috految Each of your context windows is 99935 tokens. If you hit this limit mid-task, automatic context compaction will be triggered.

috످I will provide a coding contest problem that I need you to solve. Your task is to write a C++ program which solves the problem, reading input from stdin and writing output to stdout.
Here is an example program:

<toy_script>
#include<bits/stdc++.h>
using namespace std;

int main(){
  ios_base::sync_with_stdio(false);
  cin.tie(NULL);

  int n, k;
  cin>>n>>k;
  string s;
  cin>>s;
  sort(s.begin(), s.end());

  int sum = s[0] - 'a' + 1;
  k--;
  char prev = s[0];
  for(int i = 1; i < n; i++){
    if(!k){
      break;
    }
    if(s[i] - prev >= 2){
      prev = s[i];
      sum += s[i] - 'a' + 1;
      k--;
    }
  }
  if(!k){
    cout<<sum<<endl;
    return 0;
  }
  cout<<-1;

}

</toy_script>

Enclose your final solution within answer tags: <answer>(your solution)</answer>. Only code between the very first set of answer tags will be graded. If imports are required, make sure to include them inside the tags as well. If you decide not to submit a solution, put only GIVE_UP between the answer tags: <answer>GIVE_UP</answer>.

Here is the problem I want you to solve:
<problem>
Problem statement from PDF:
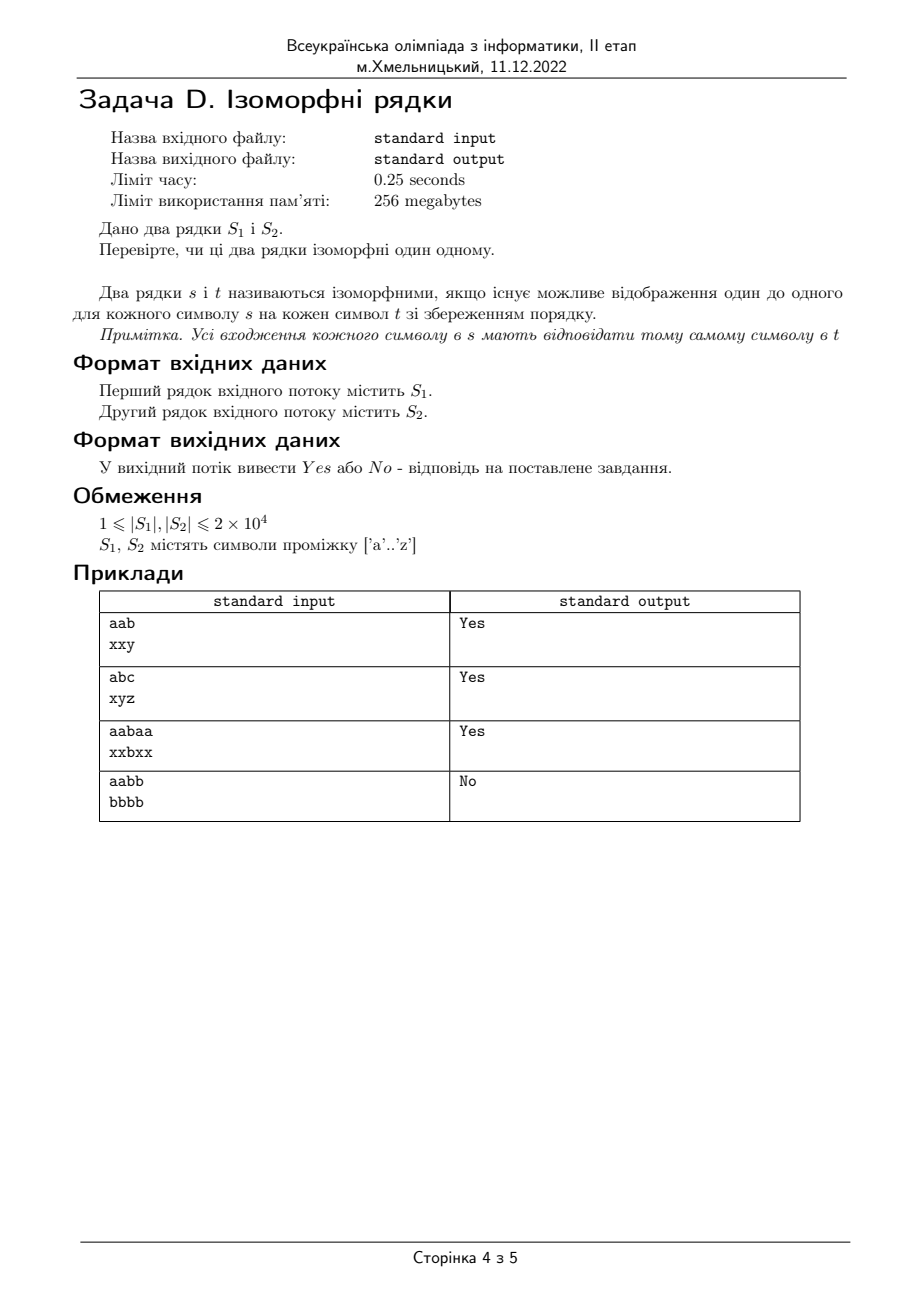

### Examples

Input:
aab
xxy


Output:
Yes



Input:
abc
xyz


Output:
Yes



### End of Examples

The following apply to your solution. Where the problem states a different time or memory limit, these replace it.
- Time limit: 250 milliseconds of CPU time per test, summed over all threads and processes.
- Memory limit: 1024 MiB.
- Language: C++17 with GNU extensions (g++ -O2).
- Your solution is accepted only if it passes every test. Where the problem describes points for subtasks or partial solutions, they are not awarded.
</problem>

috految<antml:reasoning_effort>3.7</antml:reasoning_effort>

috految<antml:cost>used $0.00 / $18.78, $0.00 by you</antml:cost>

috److Two strings are isomorphic if they have the same length and there is a one-to-one mapping between their characters.

To check this, store the last position at which each character appeared in each string. At every index `i`, the previous occurrence of `s[i]` in `s` must equal the previous occurrence of `t[i]` in `t`. If they differ at any index, the answer is `No`.

This runs in O(n) time.

<answer>
#include<iostream>
using namespace std;
int a[256], b[256];
int main(){
  string s, t;
  cin>>s>>t;
  bool ok = s.size()==t.size();
  for(int i=0; ok && i<s.size(); i++){
    ok = a[s[i]]==b[t[i]];
    a[s[i]] = b[t[i]] = i+1;
  }
  cout<<(ok ? "Yes" : "No");
}
</answer>

috످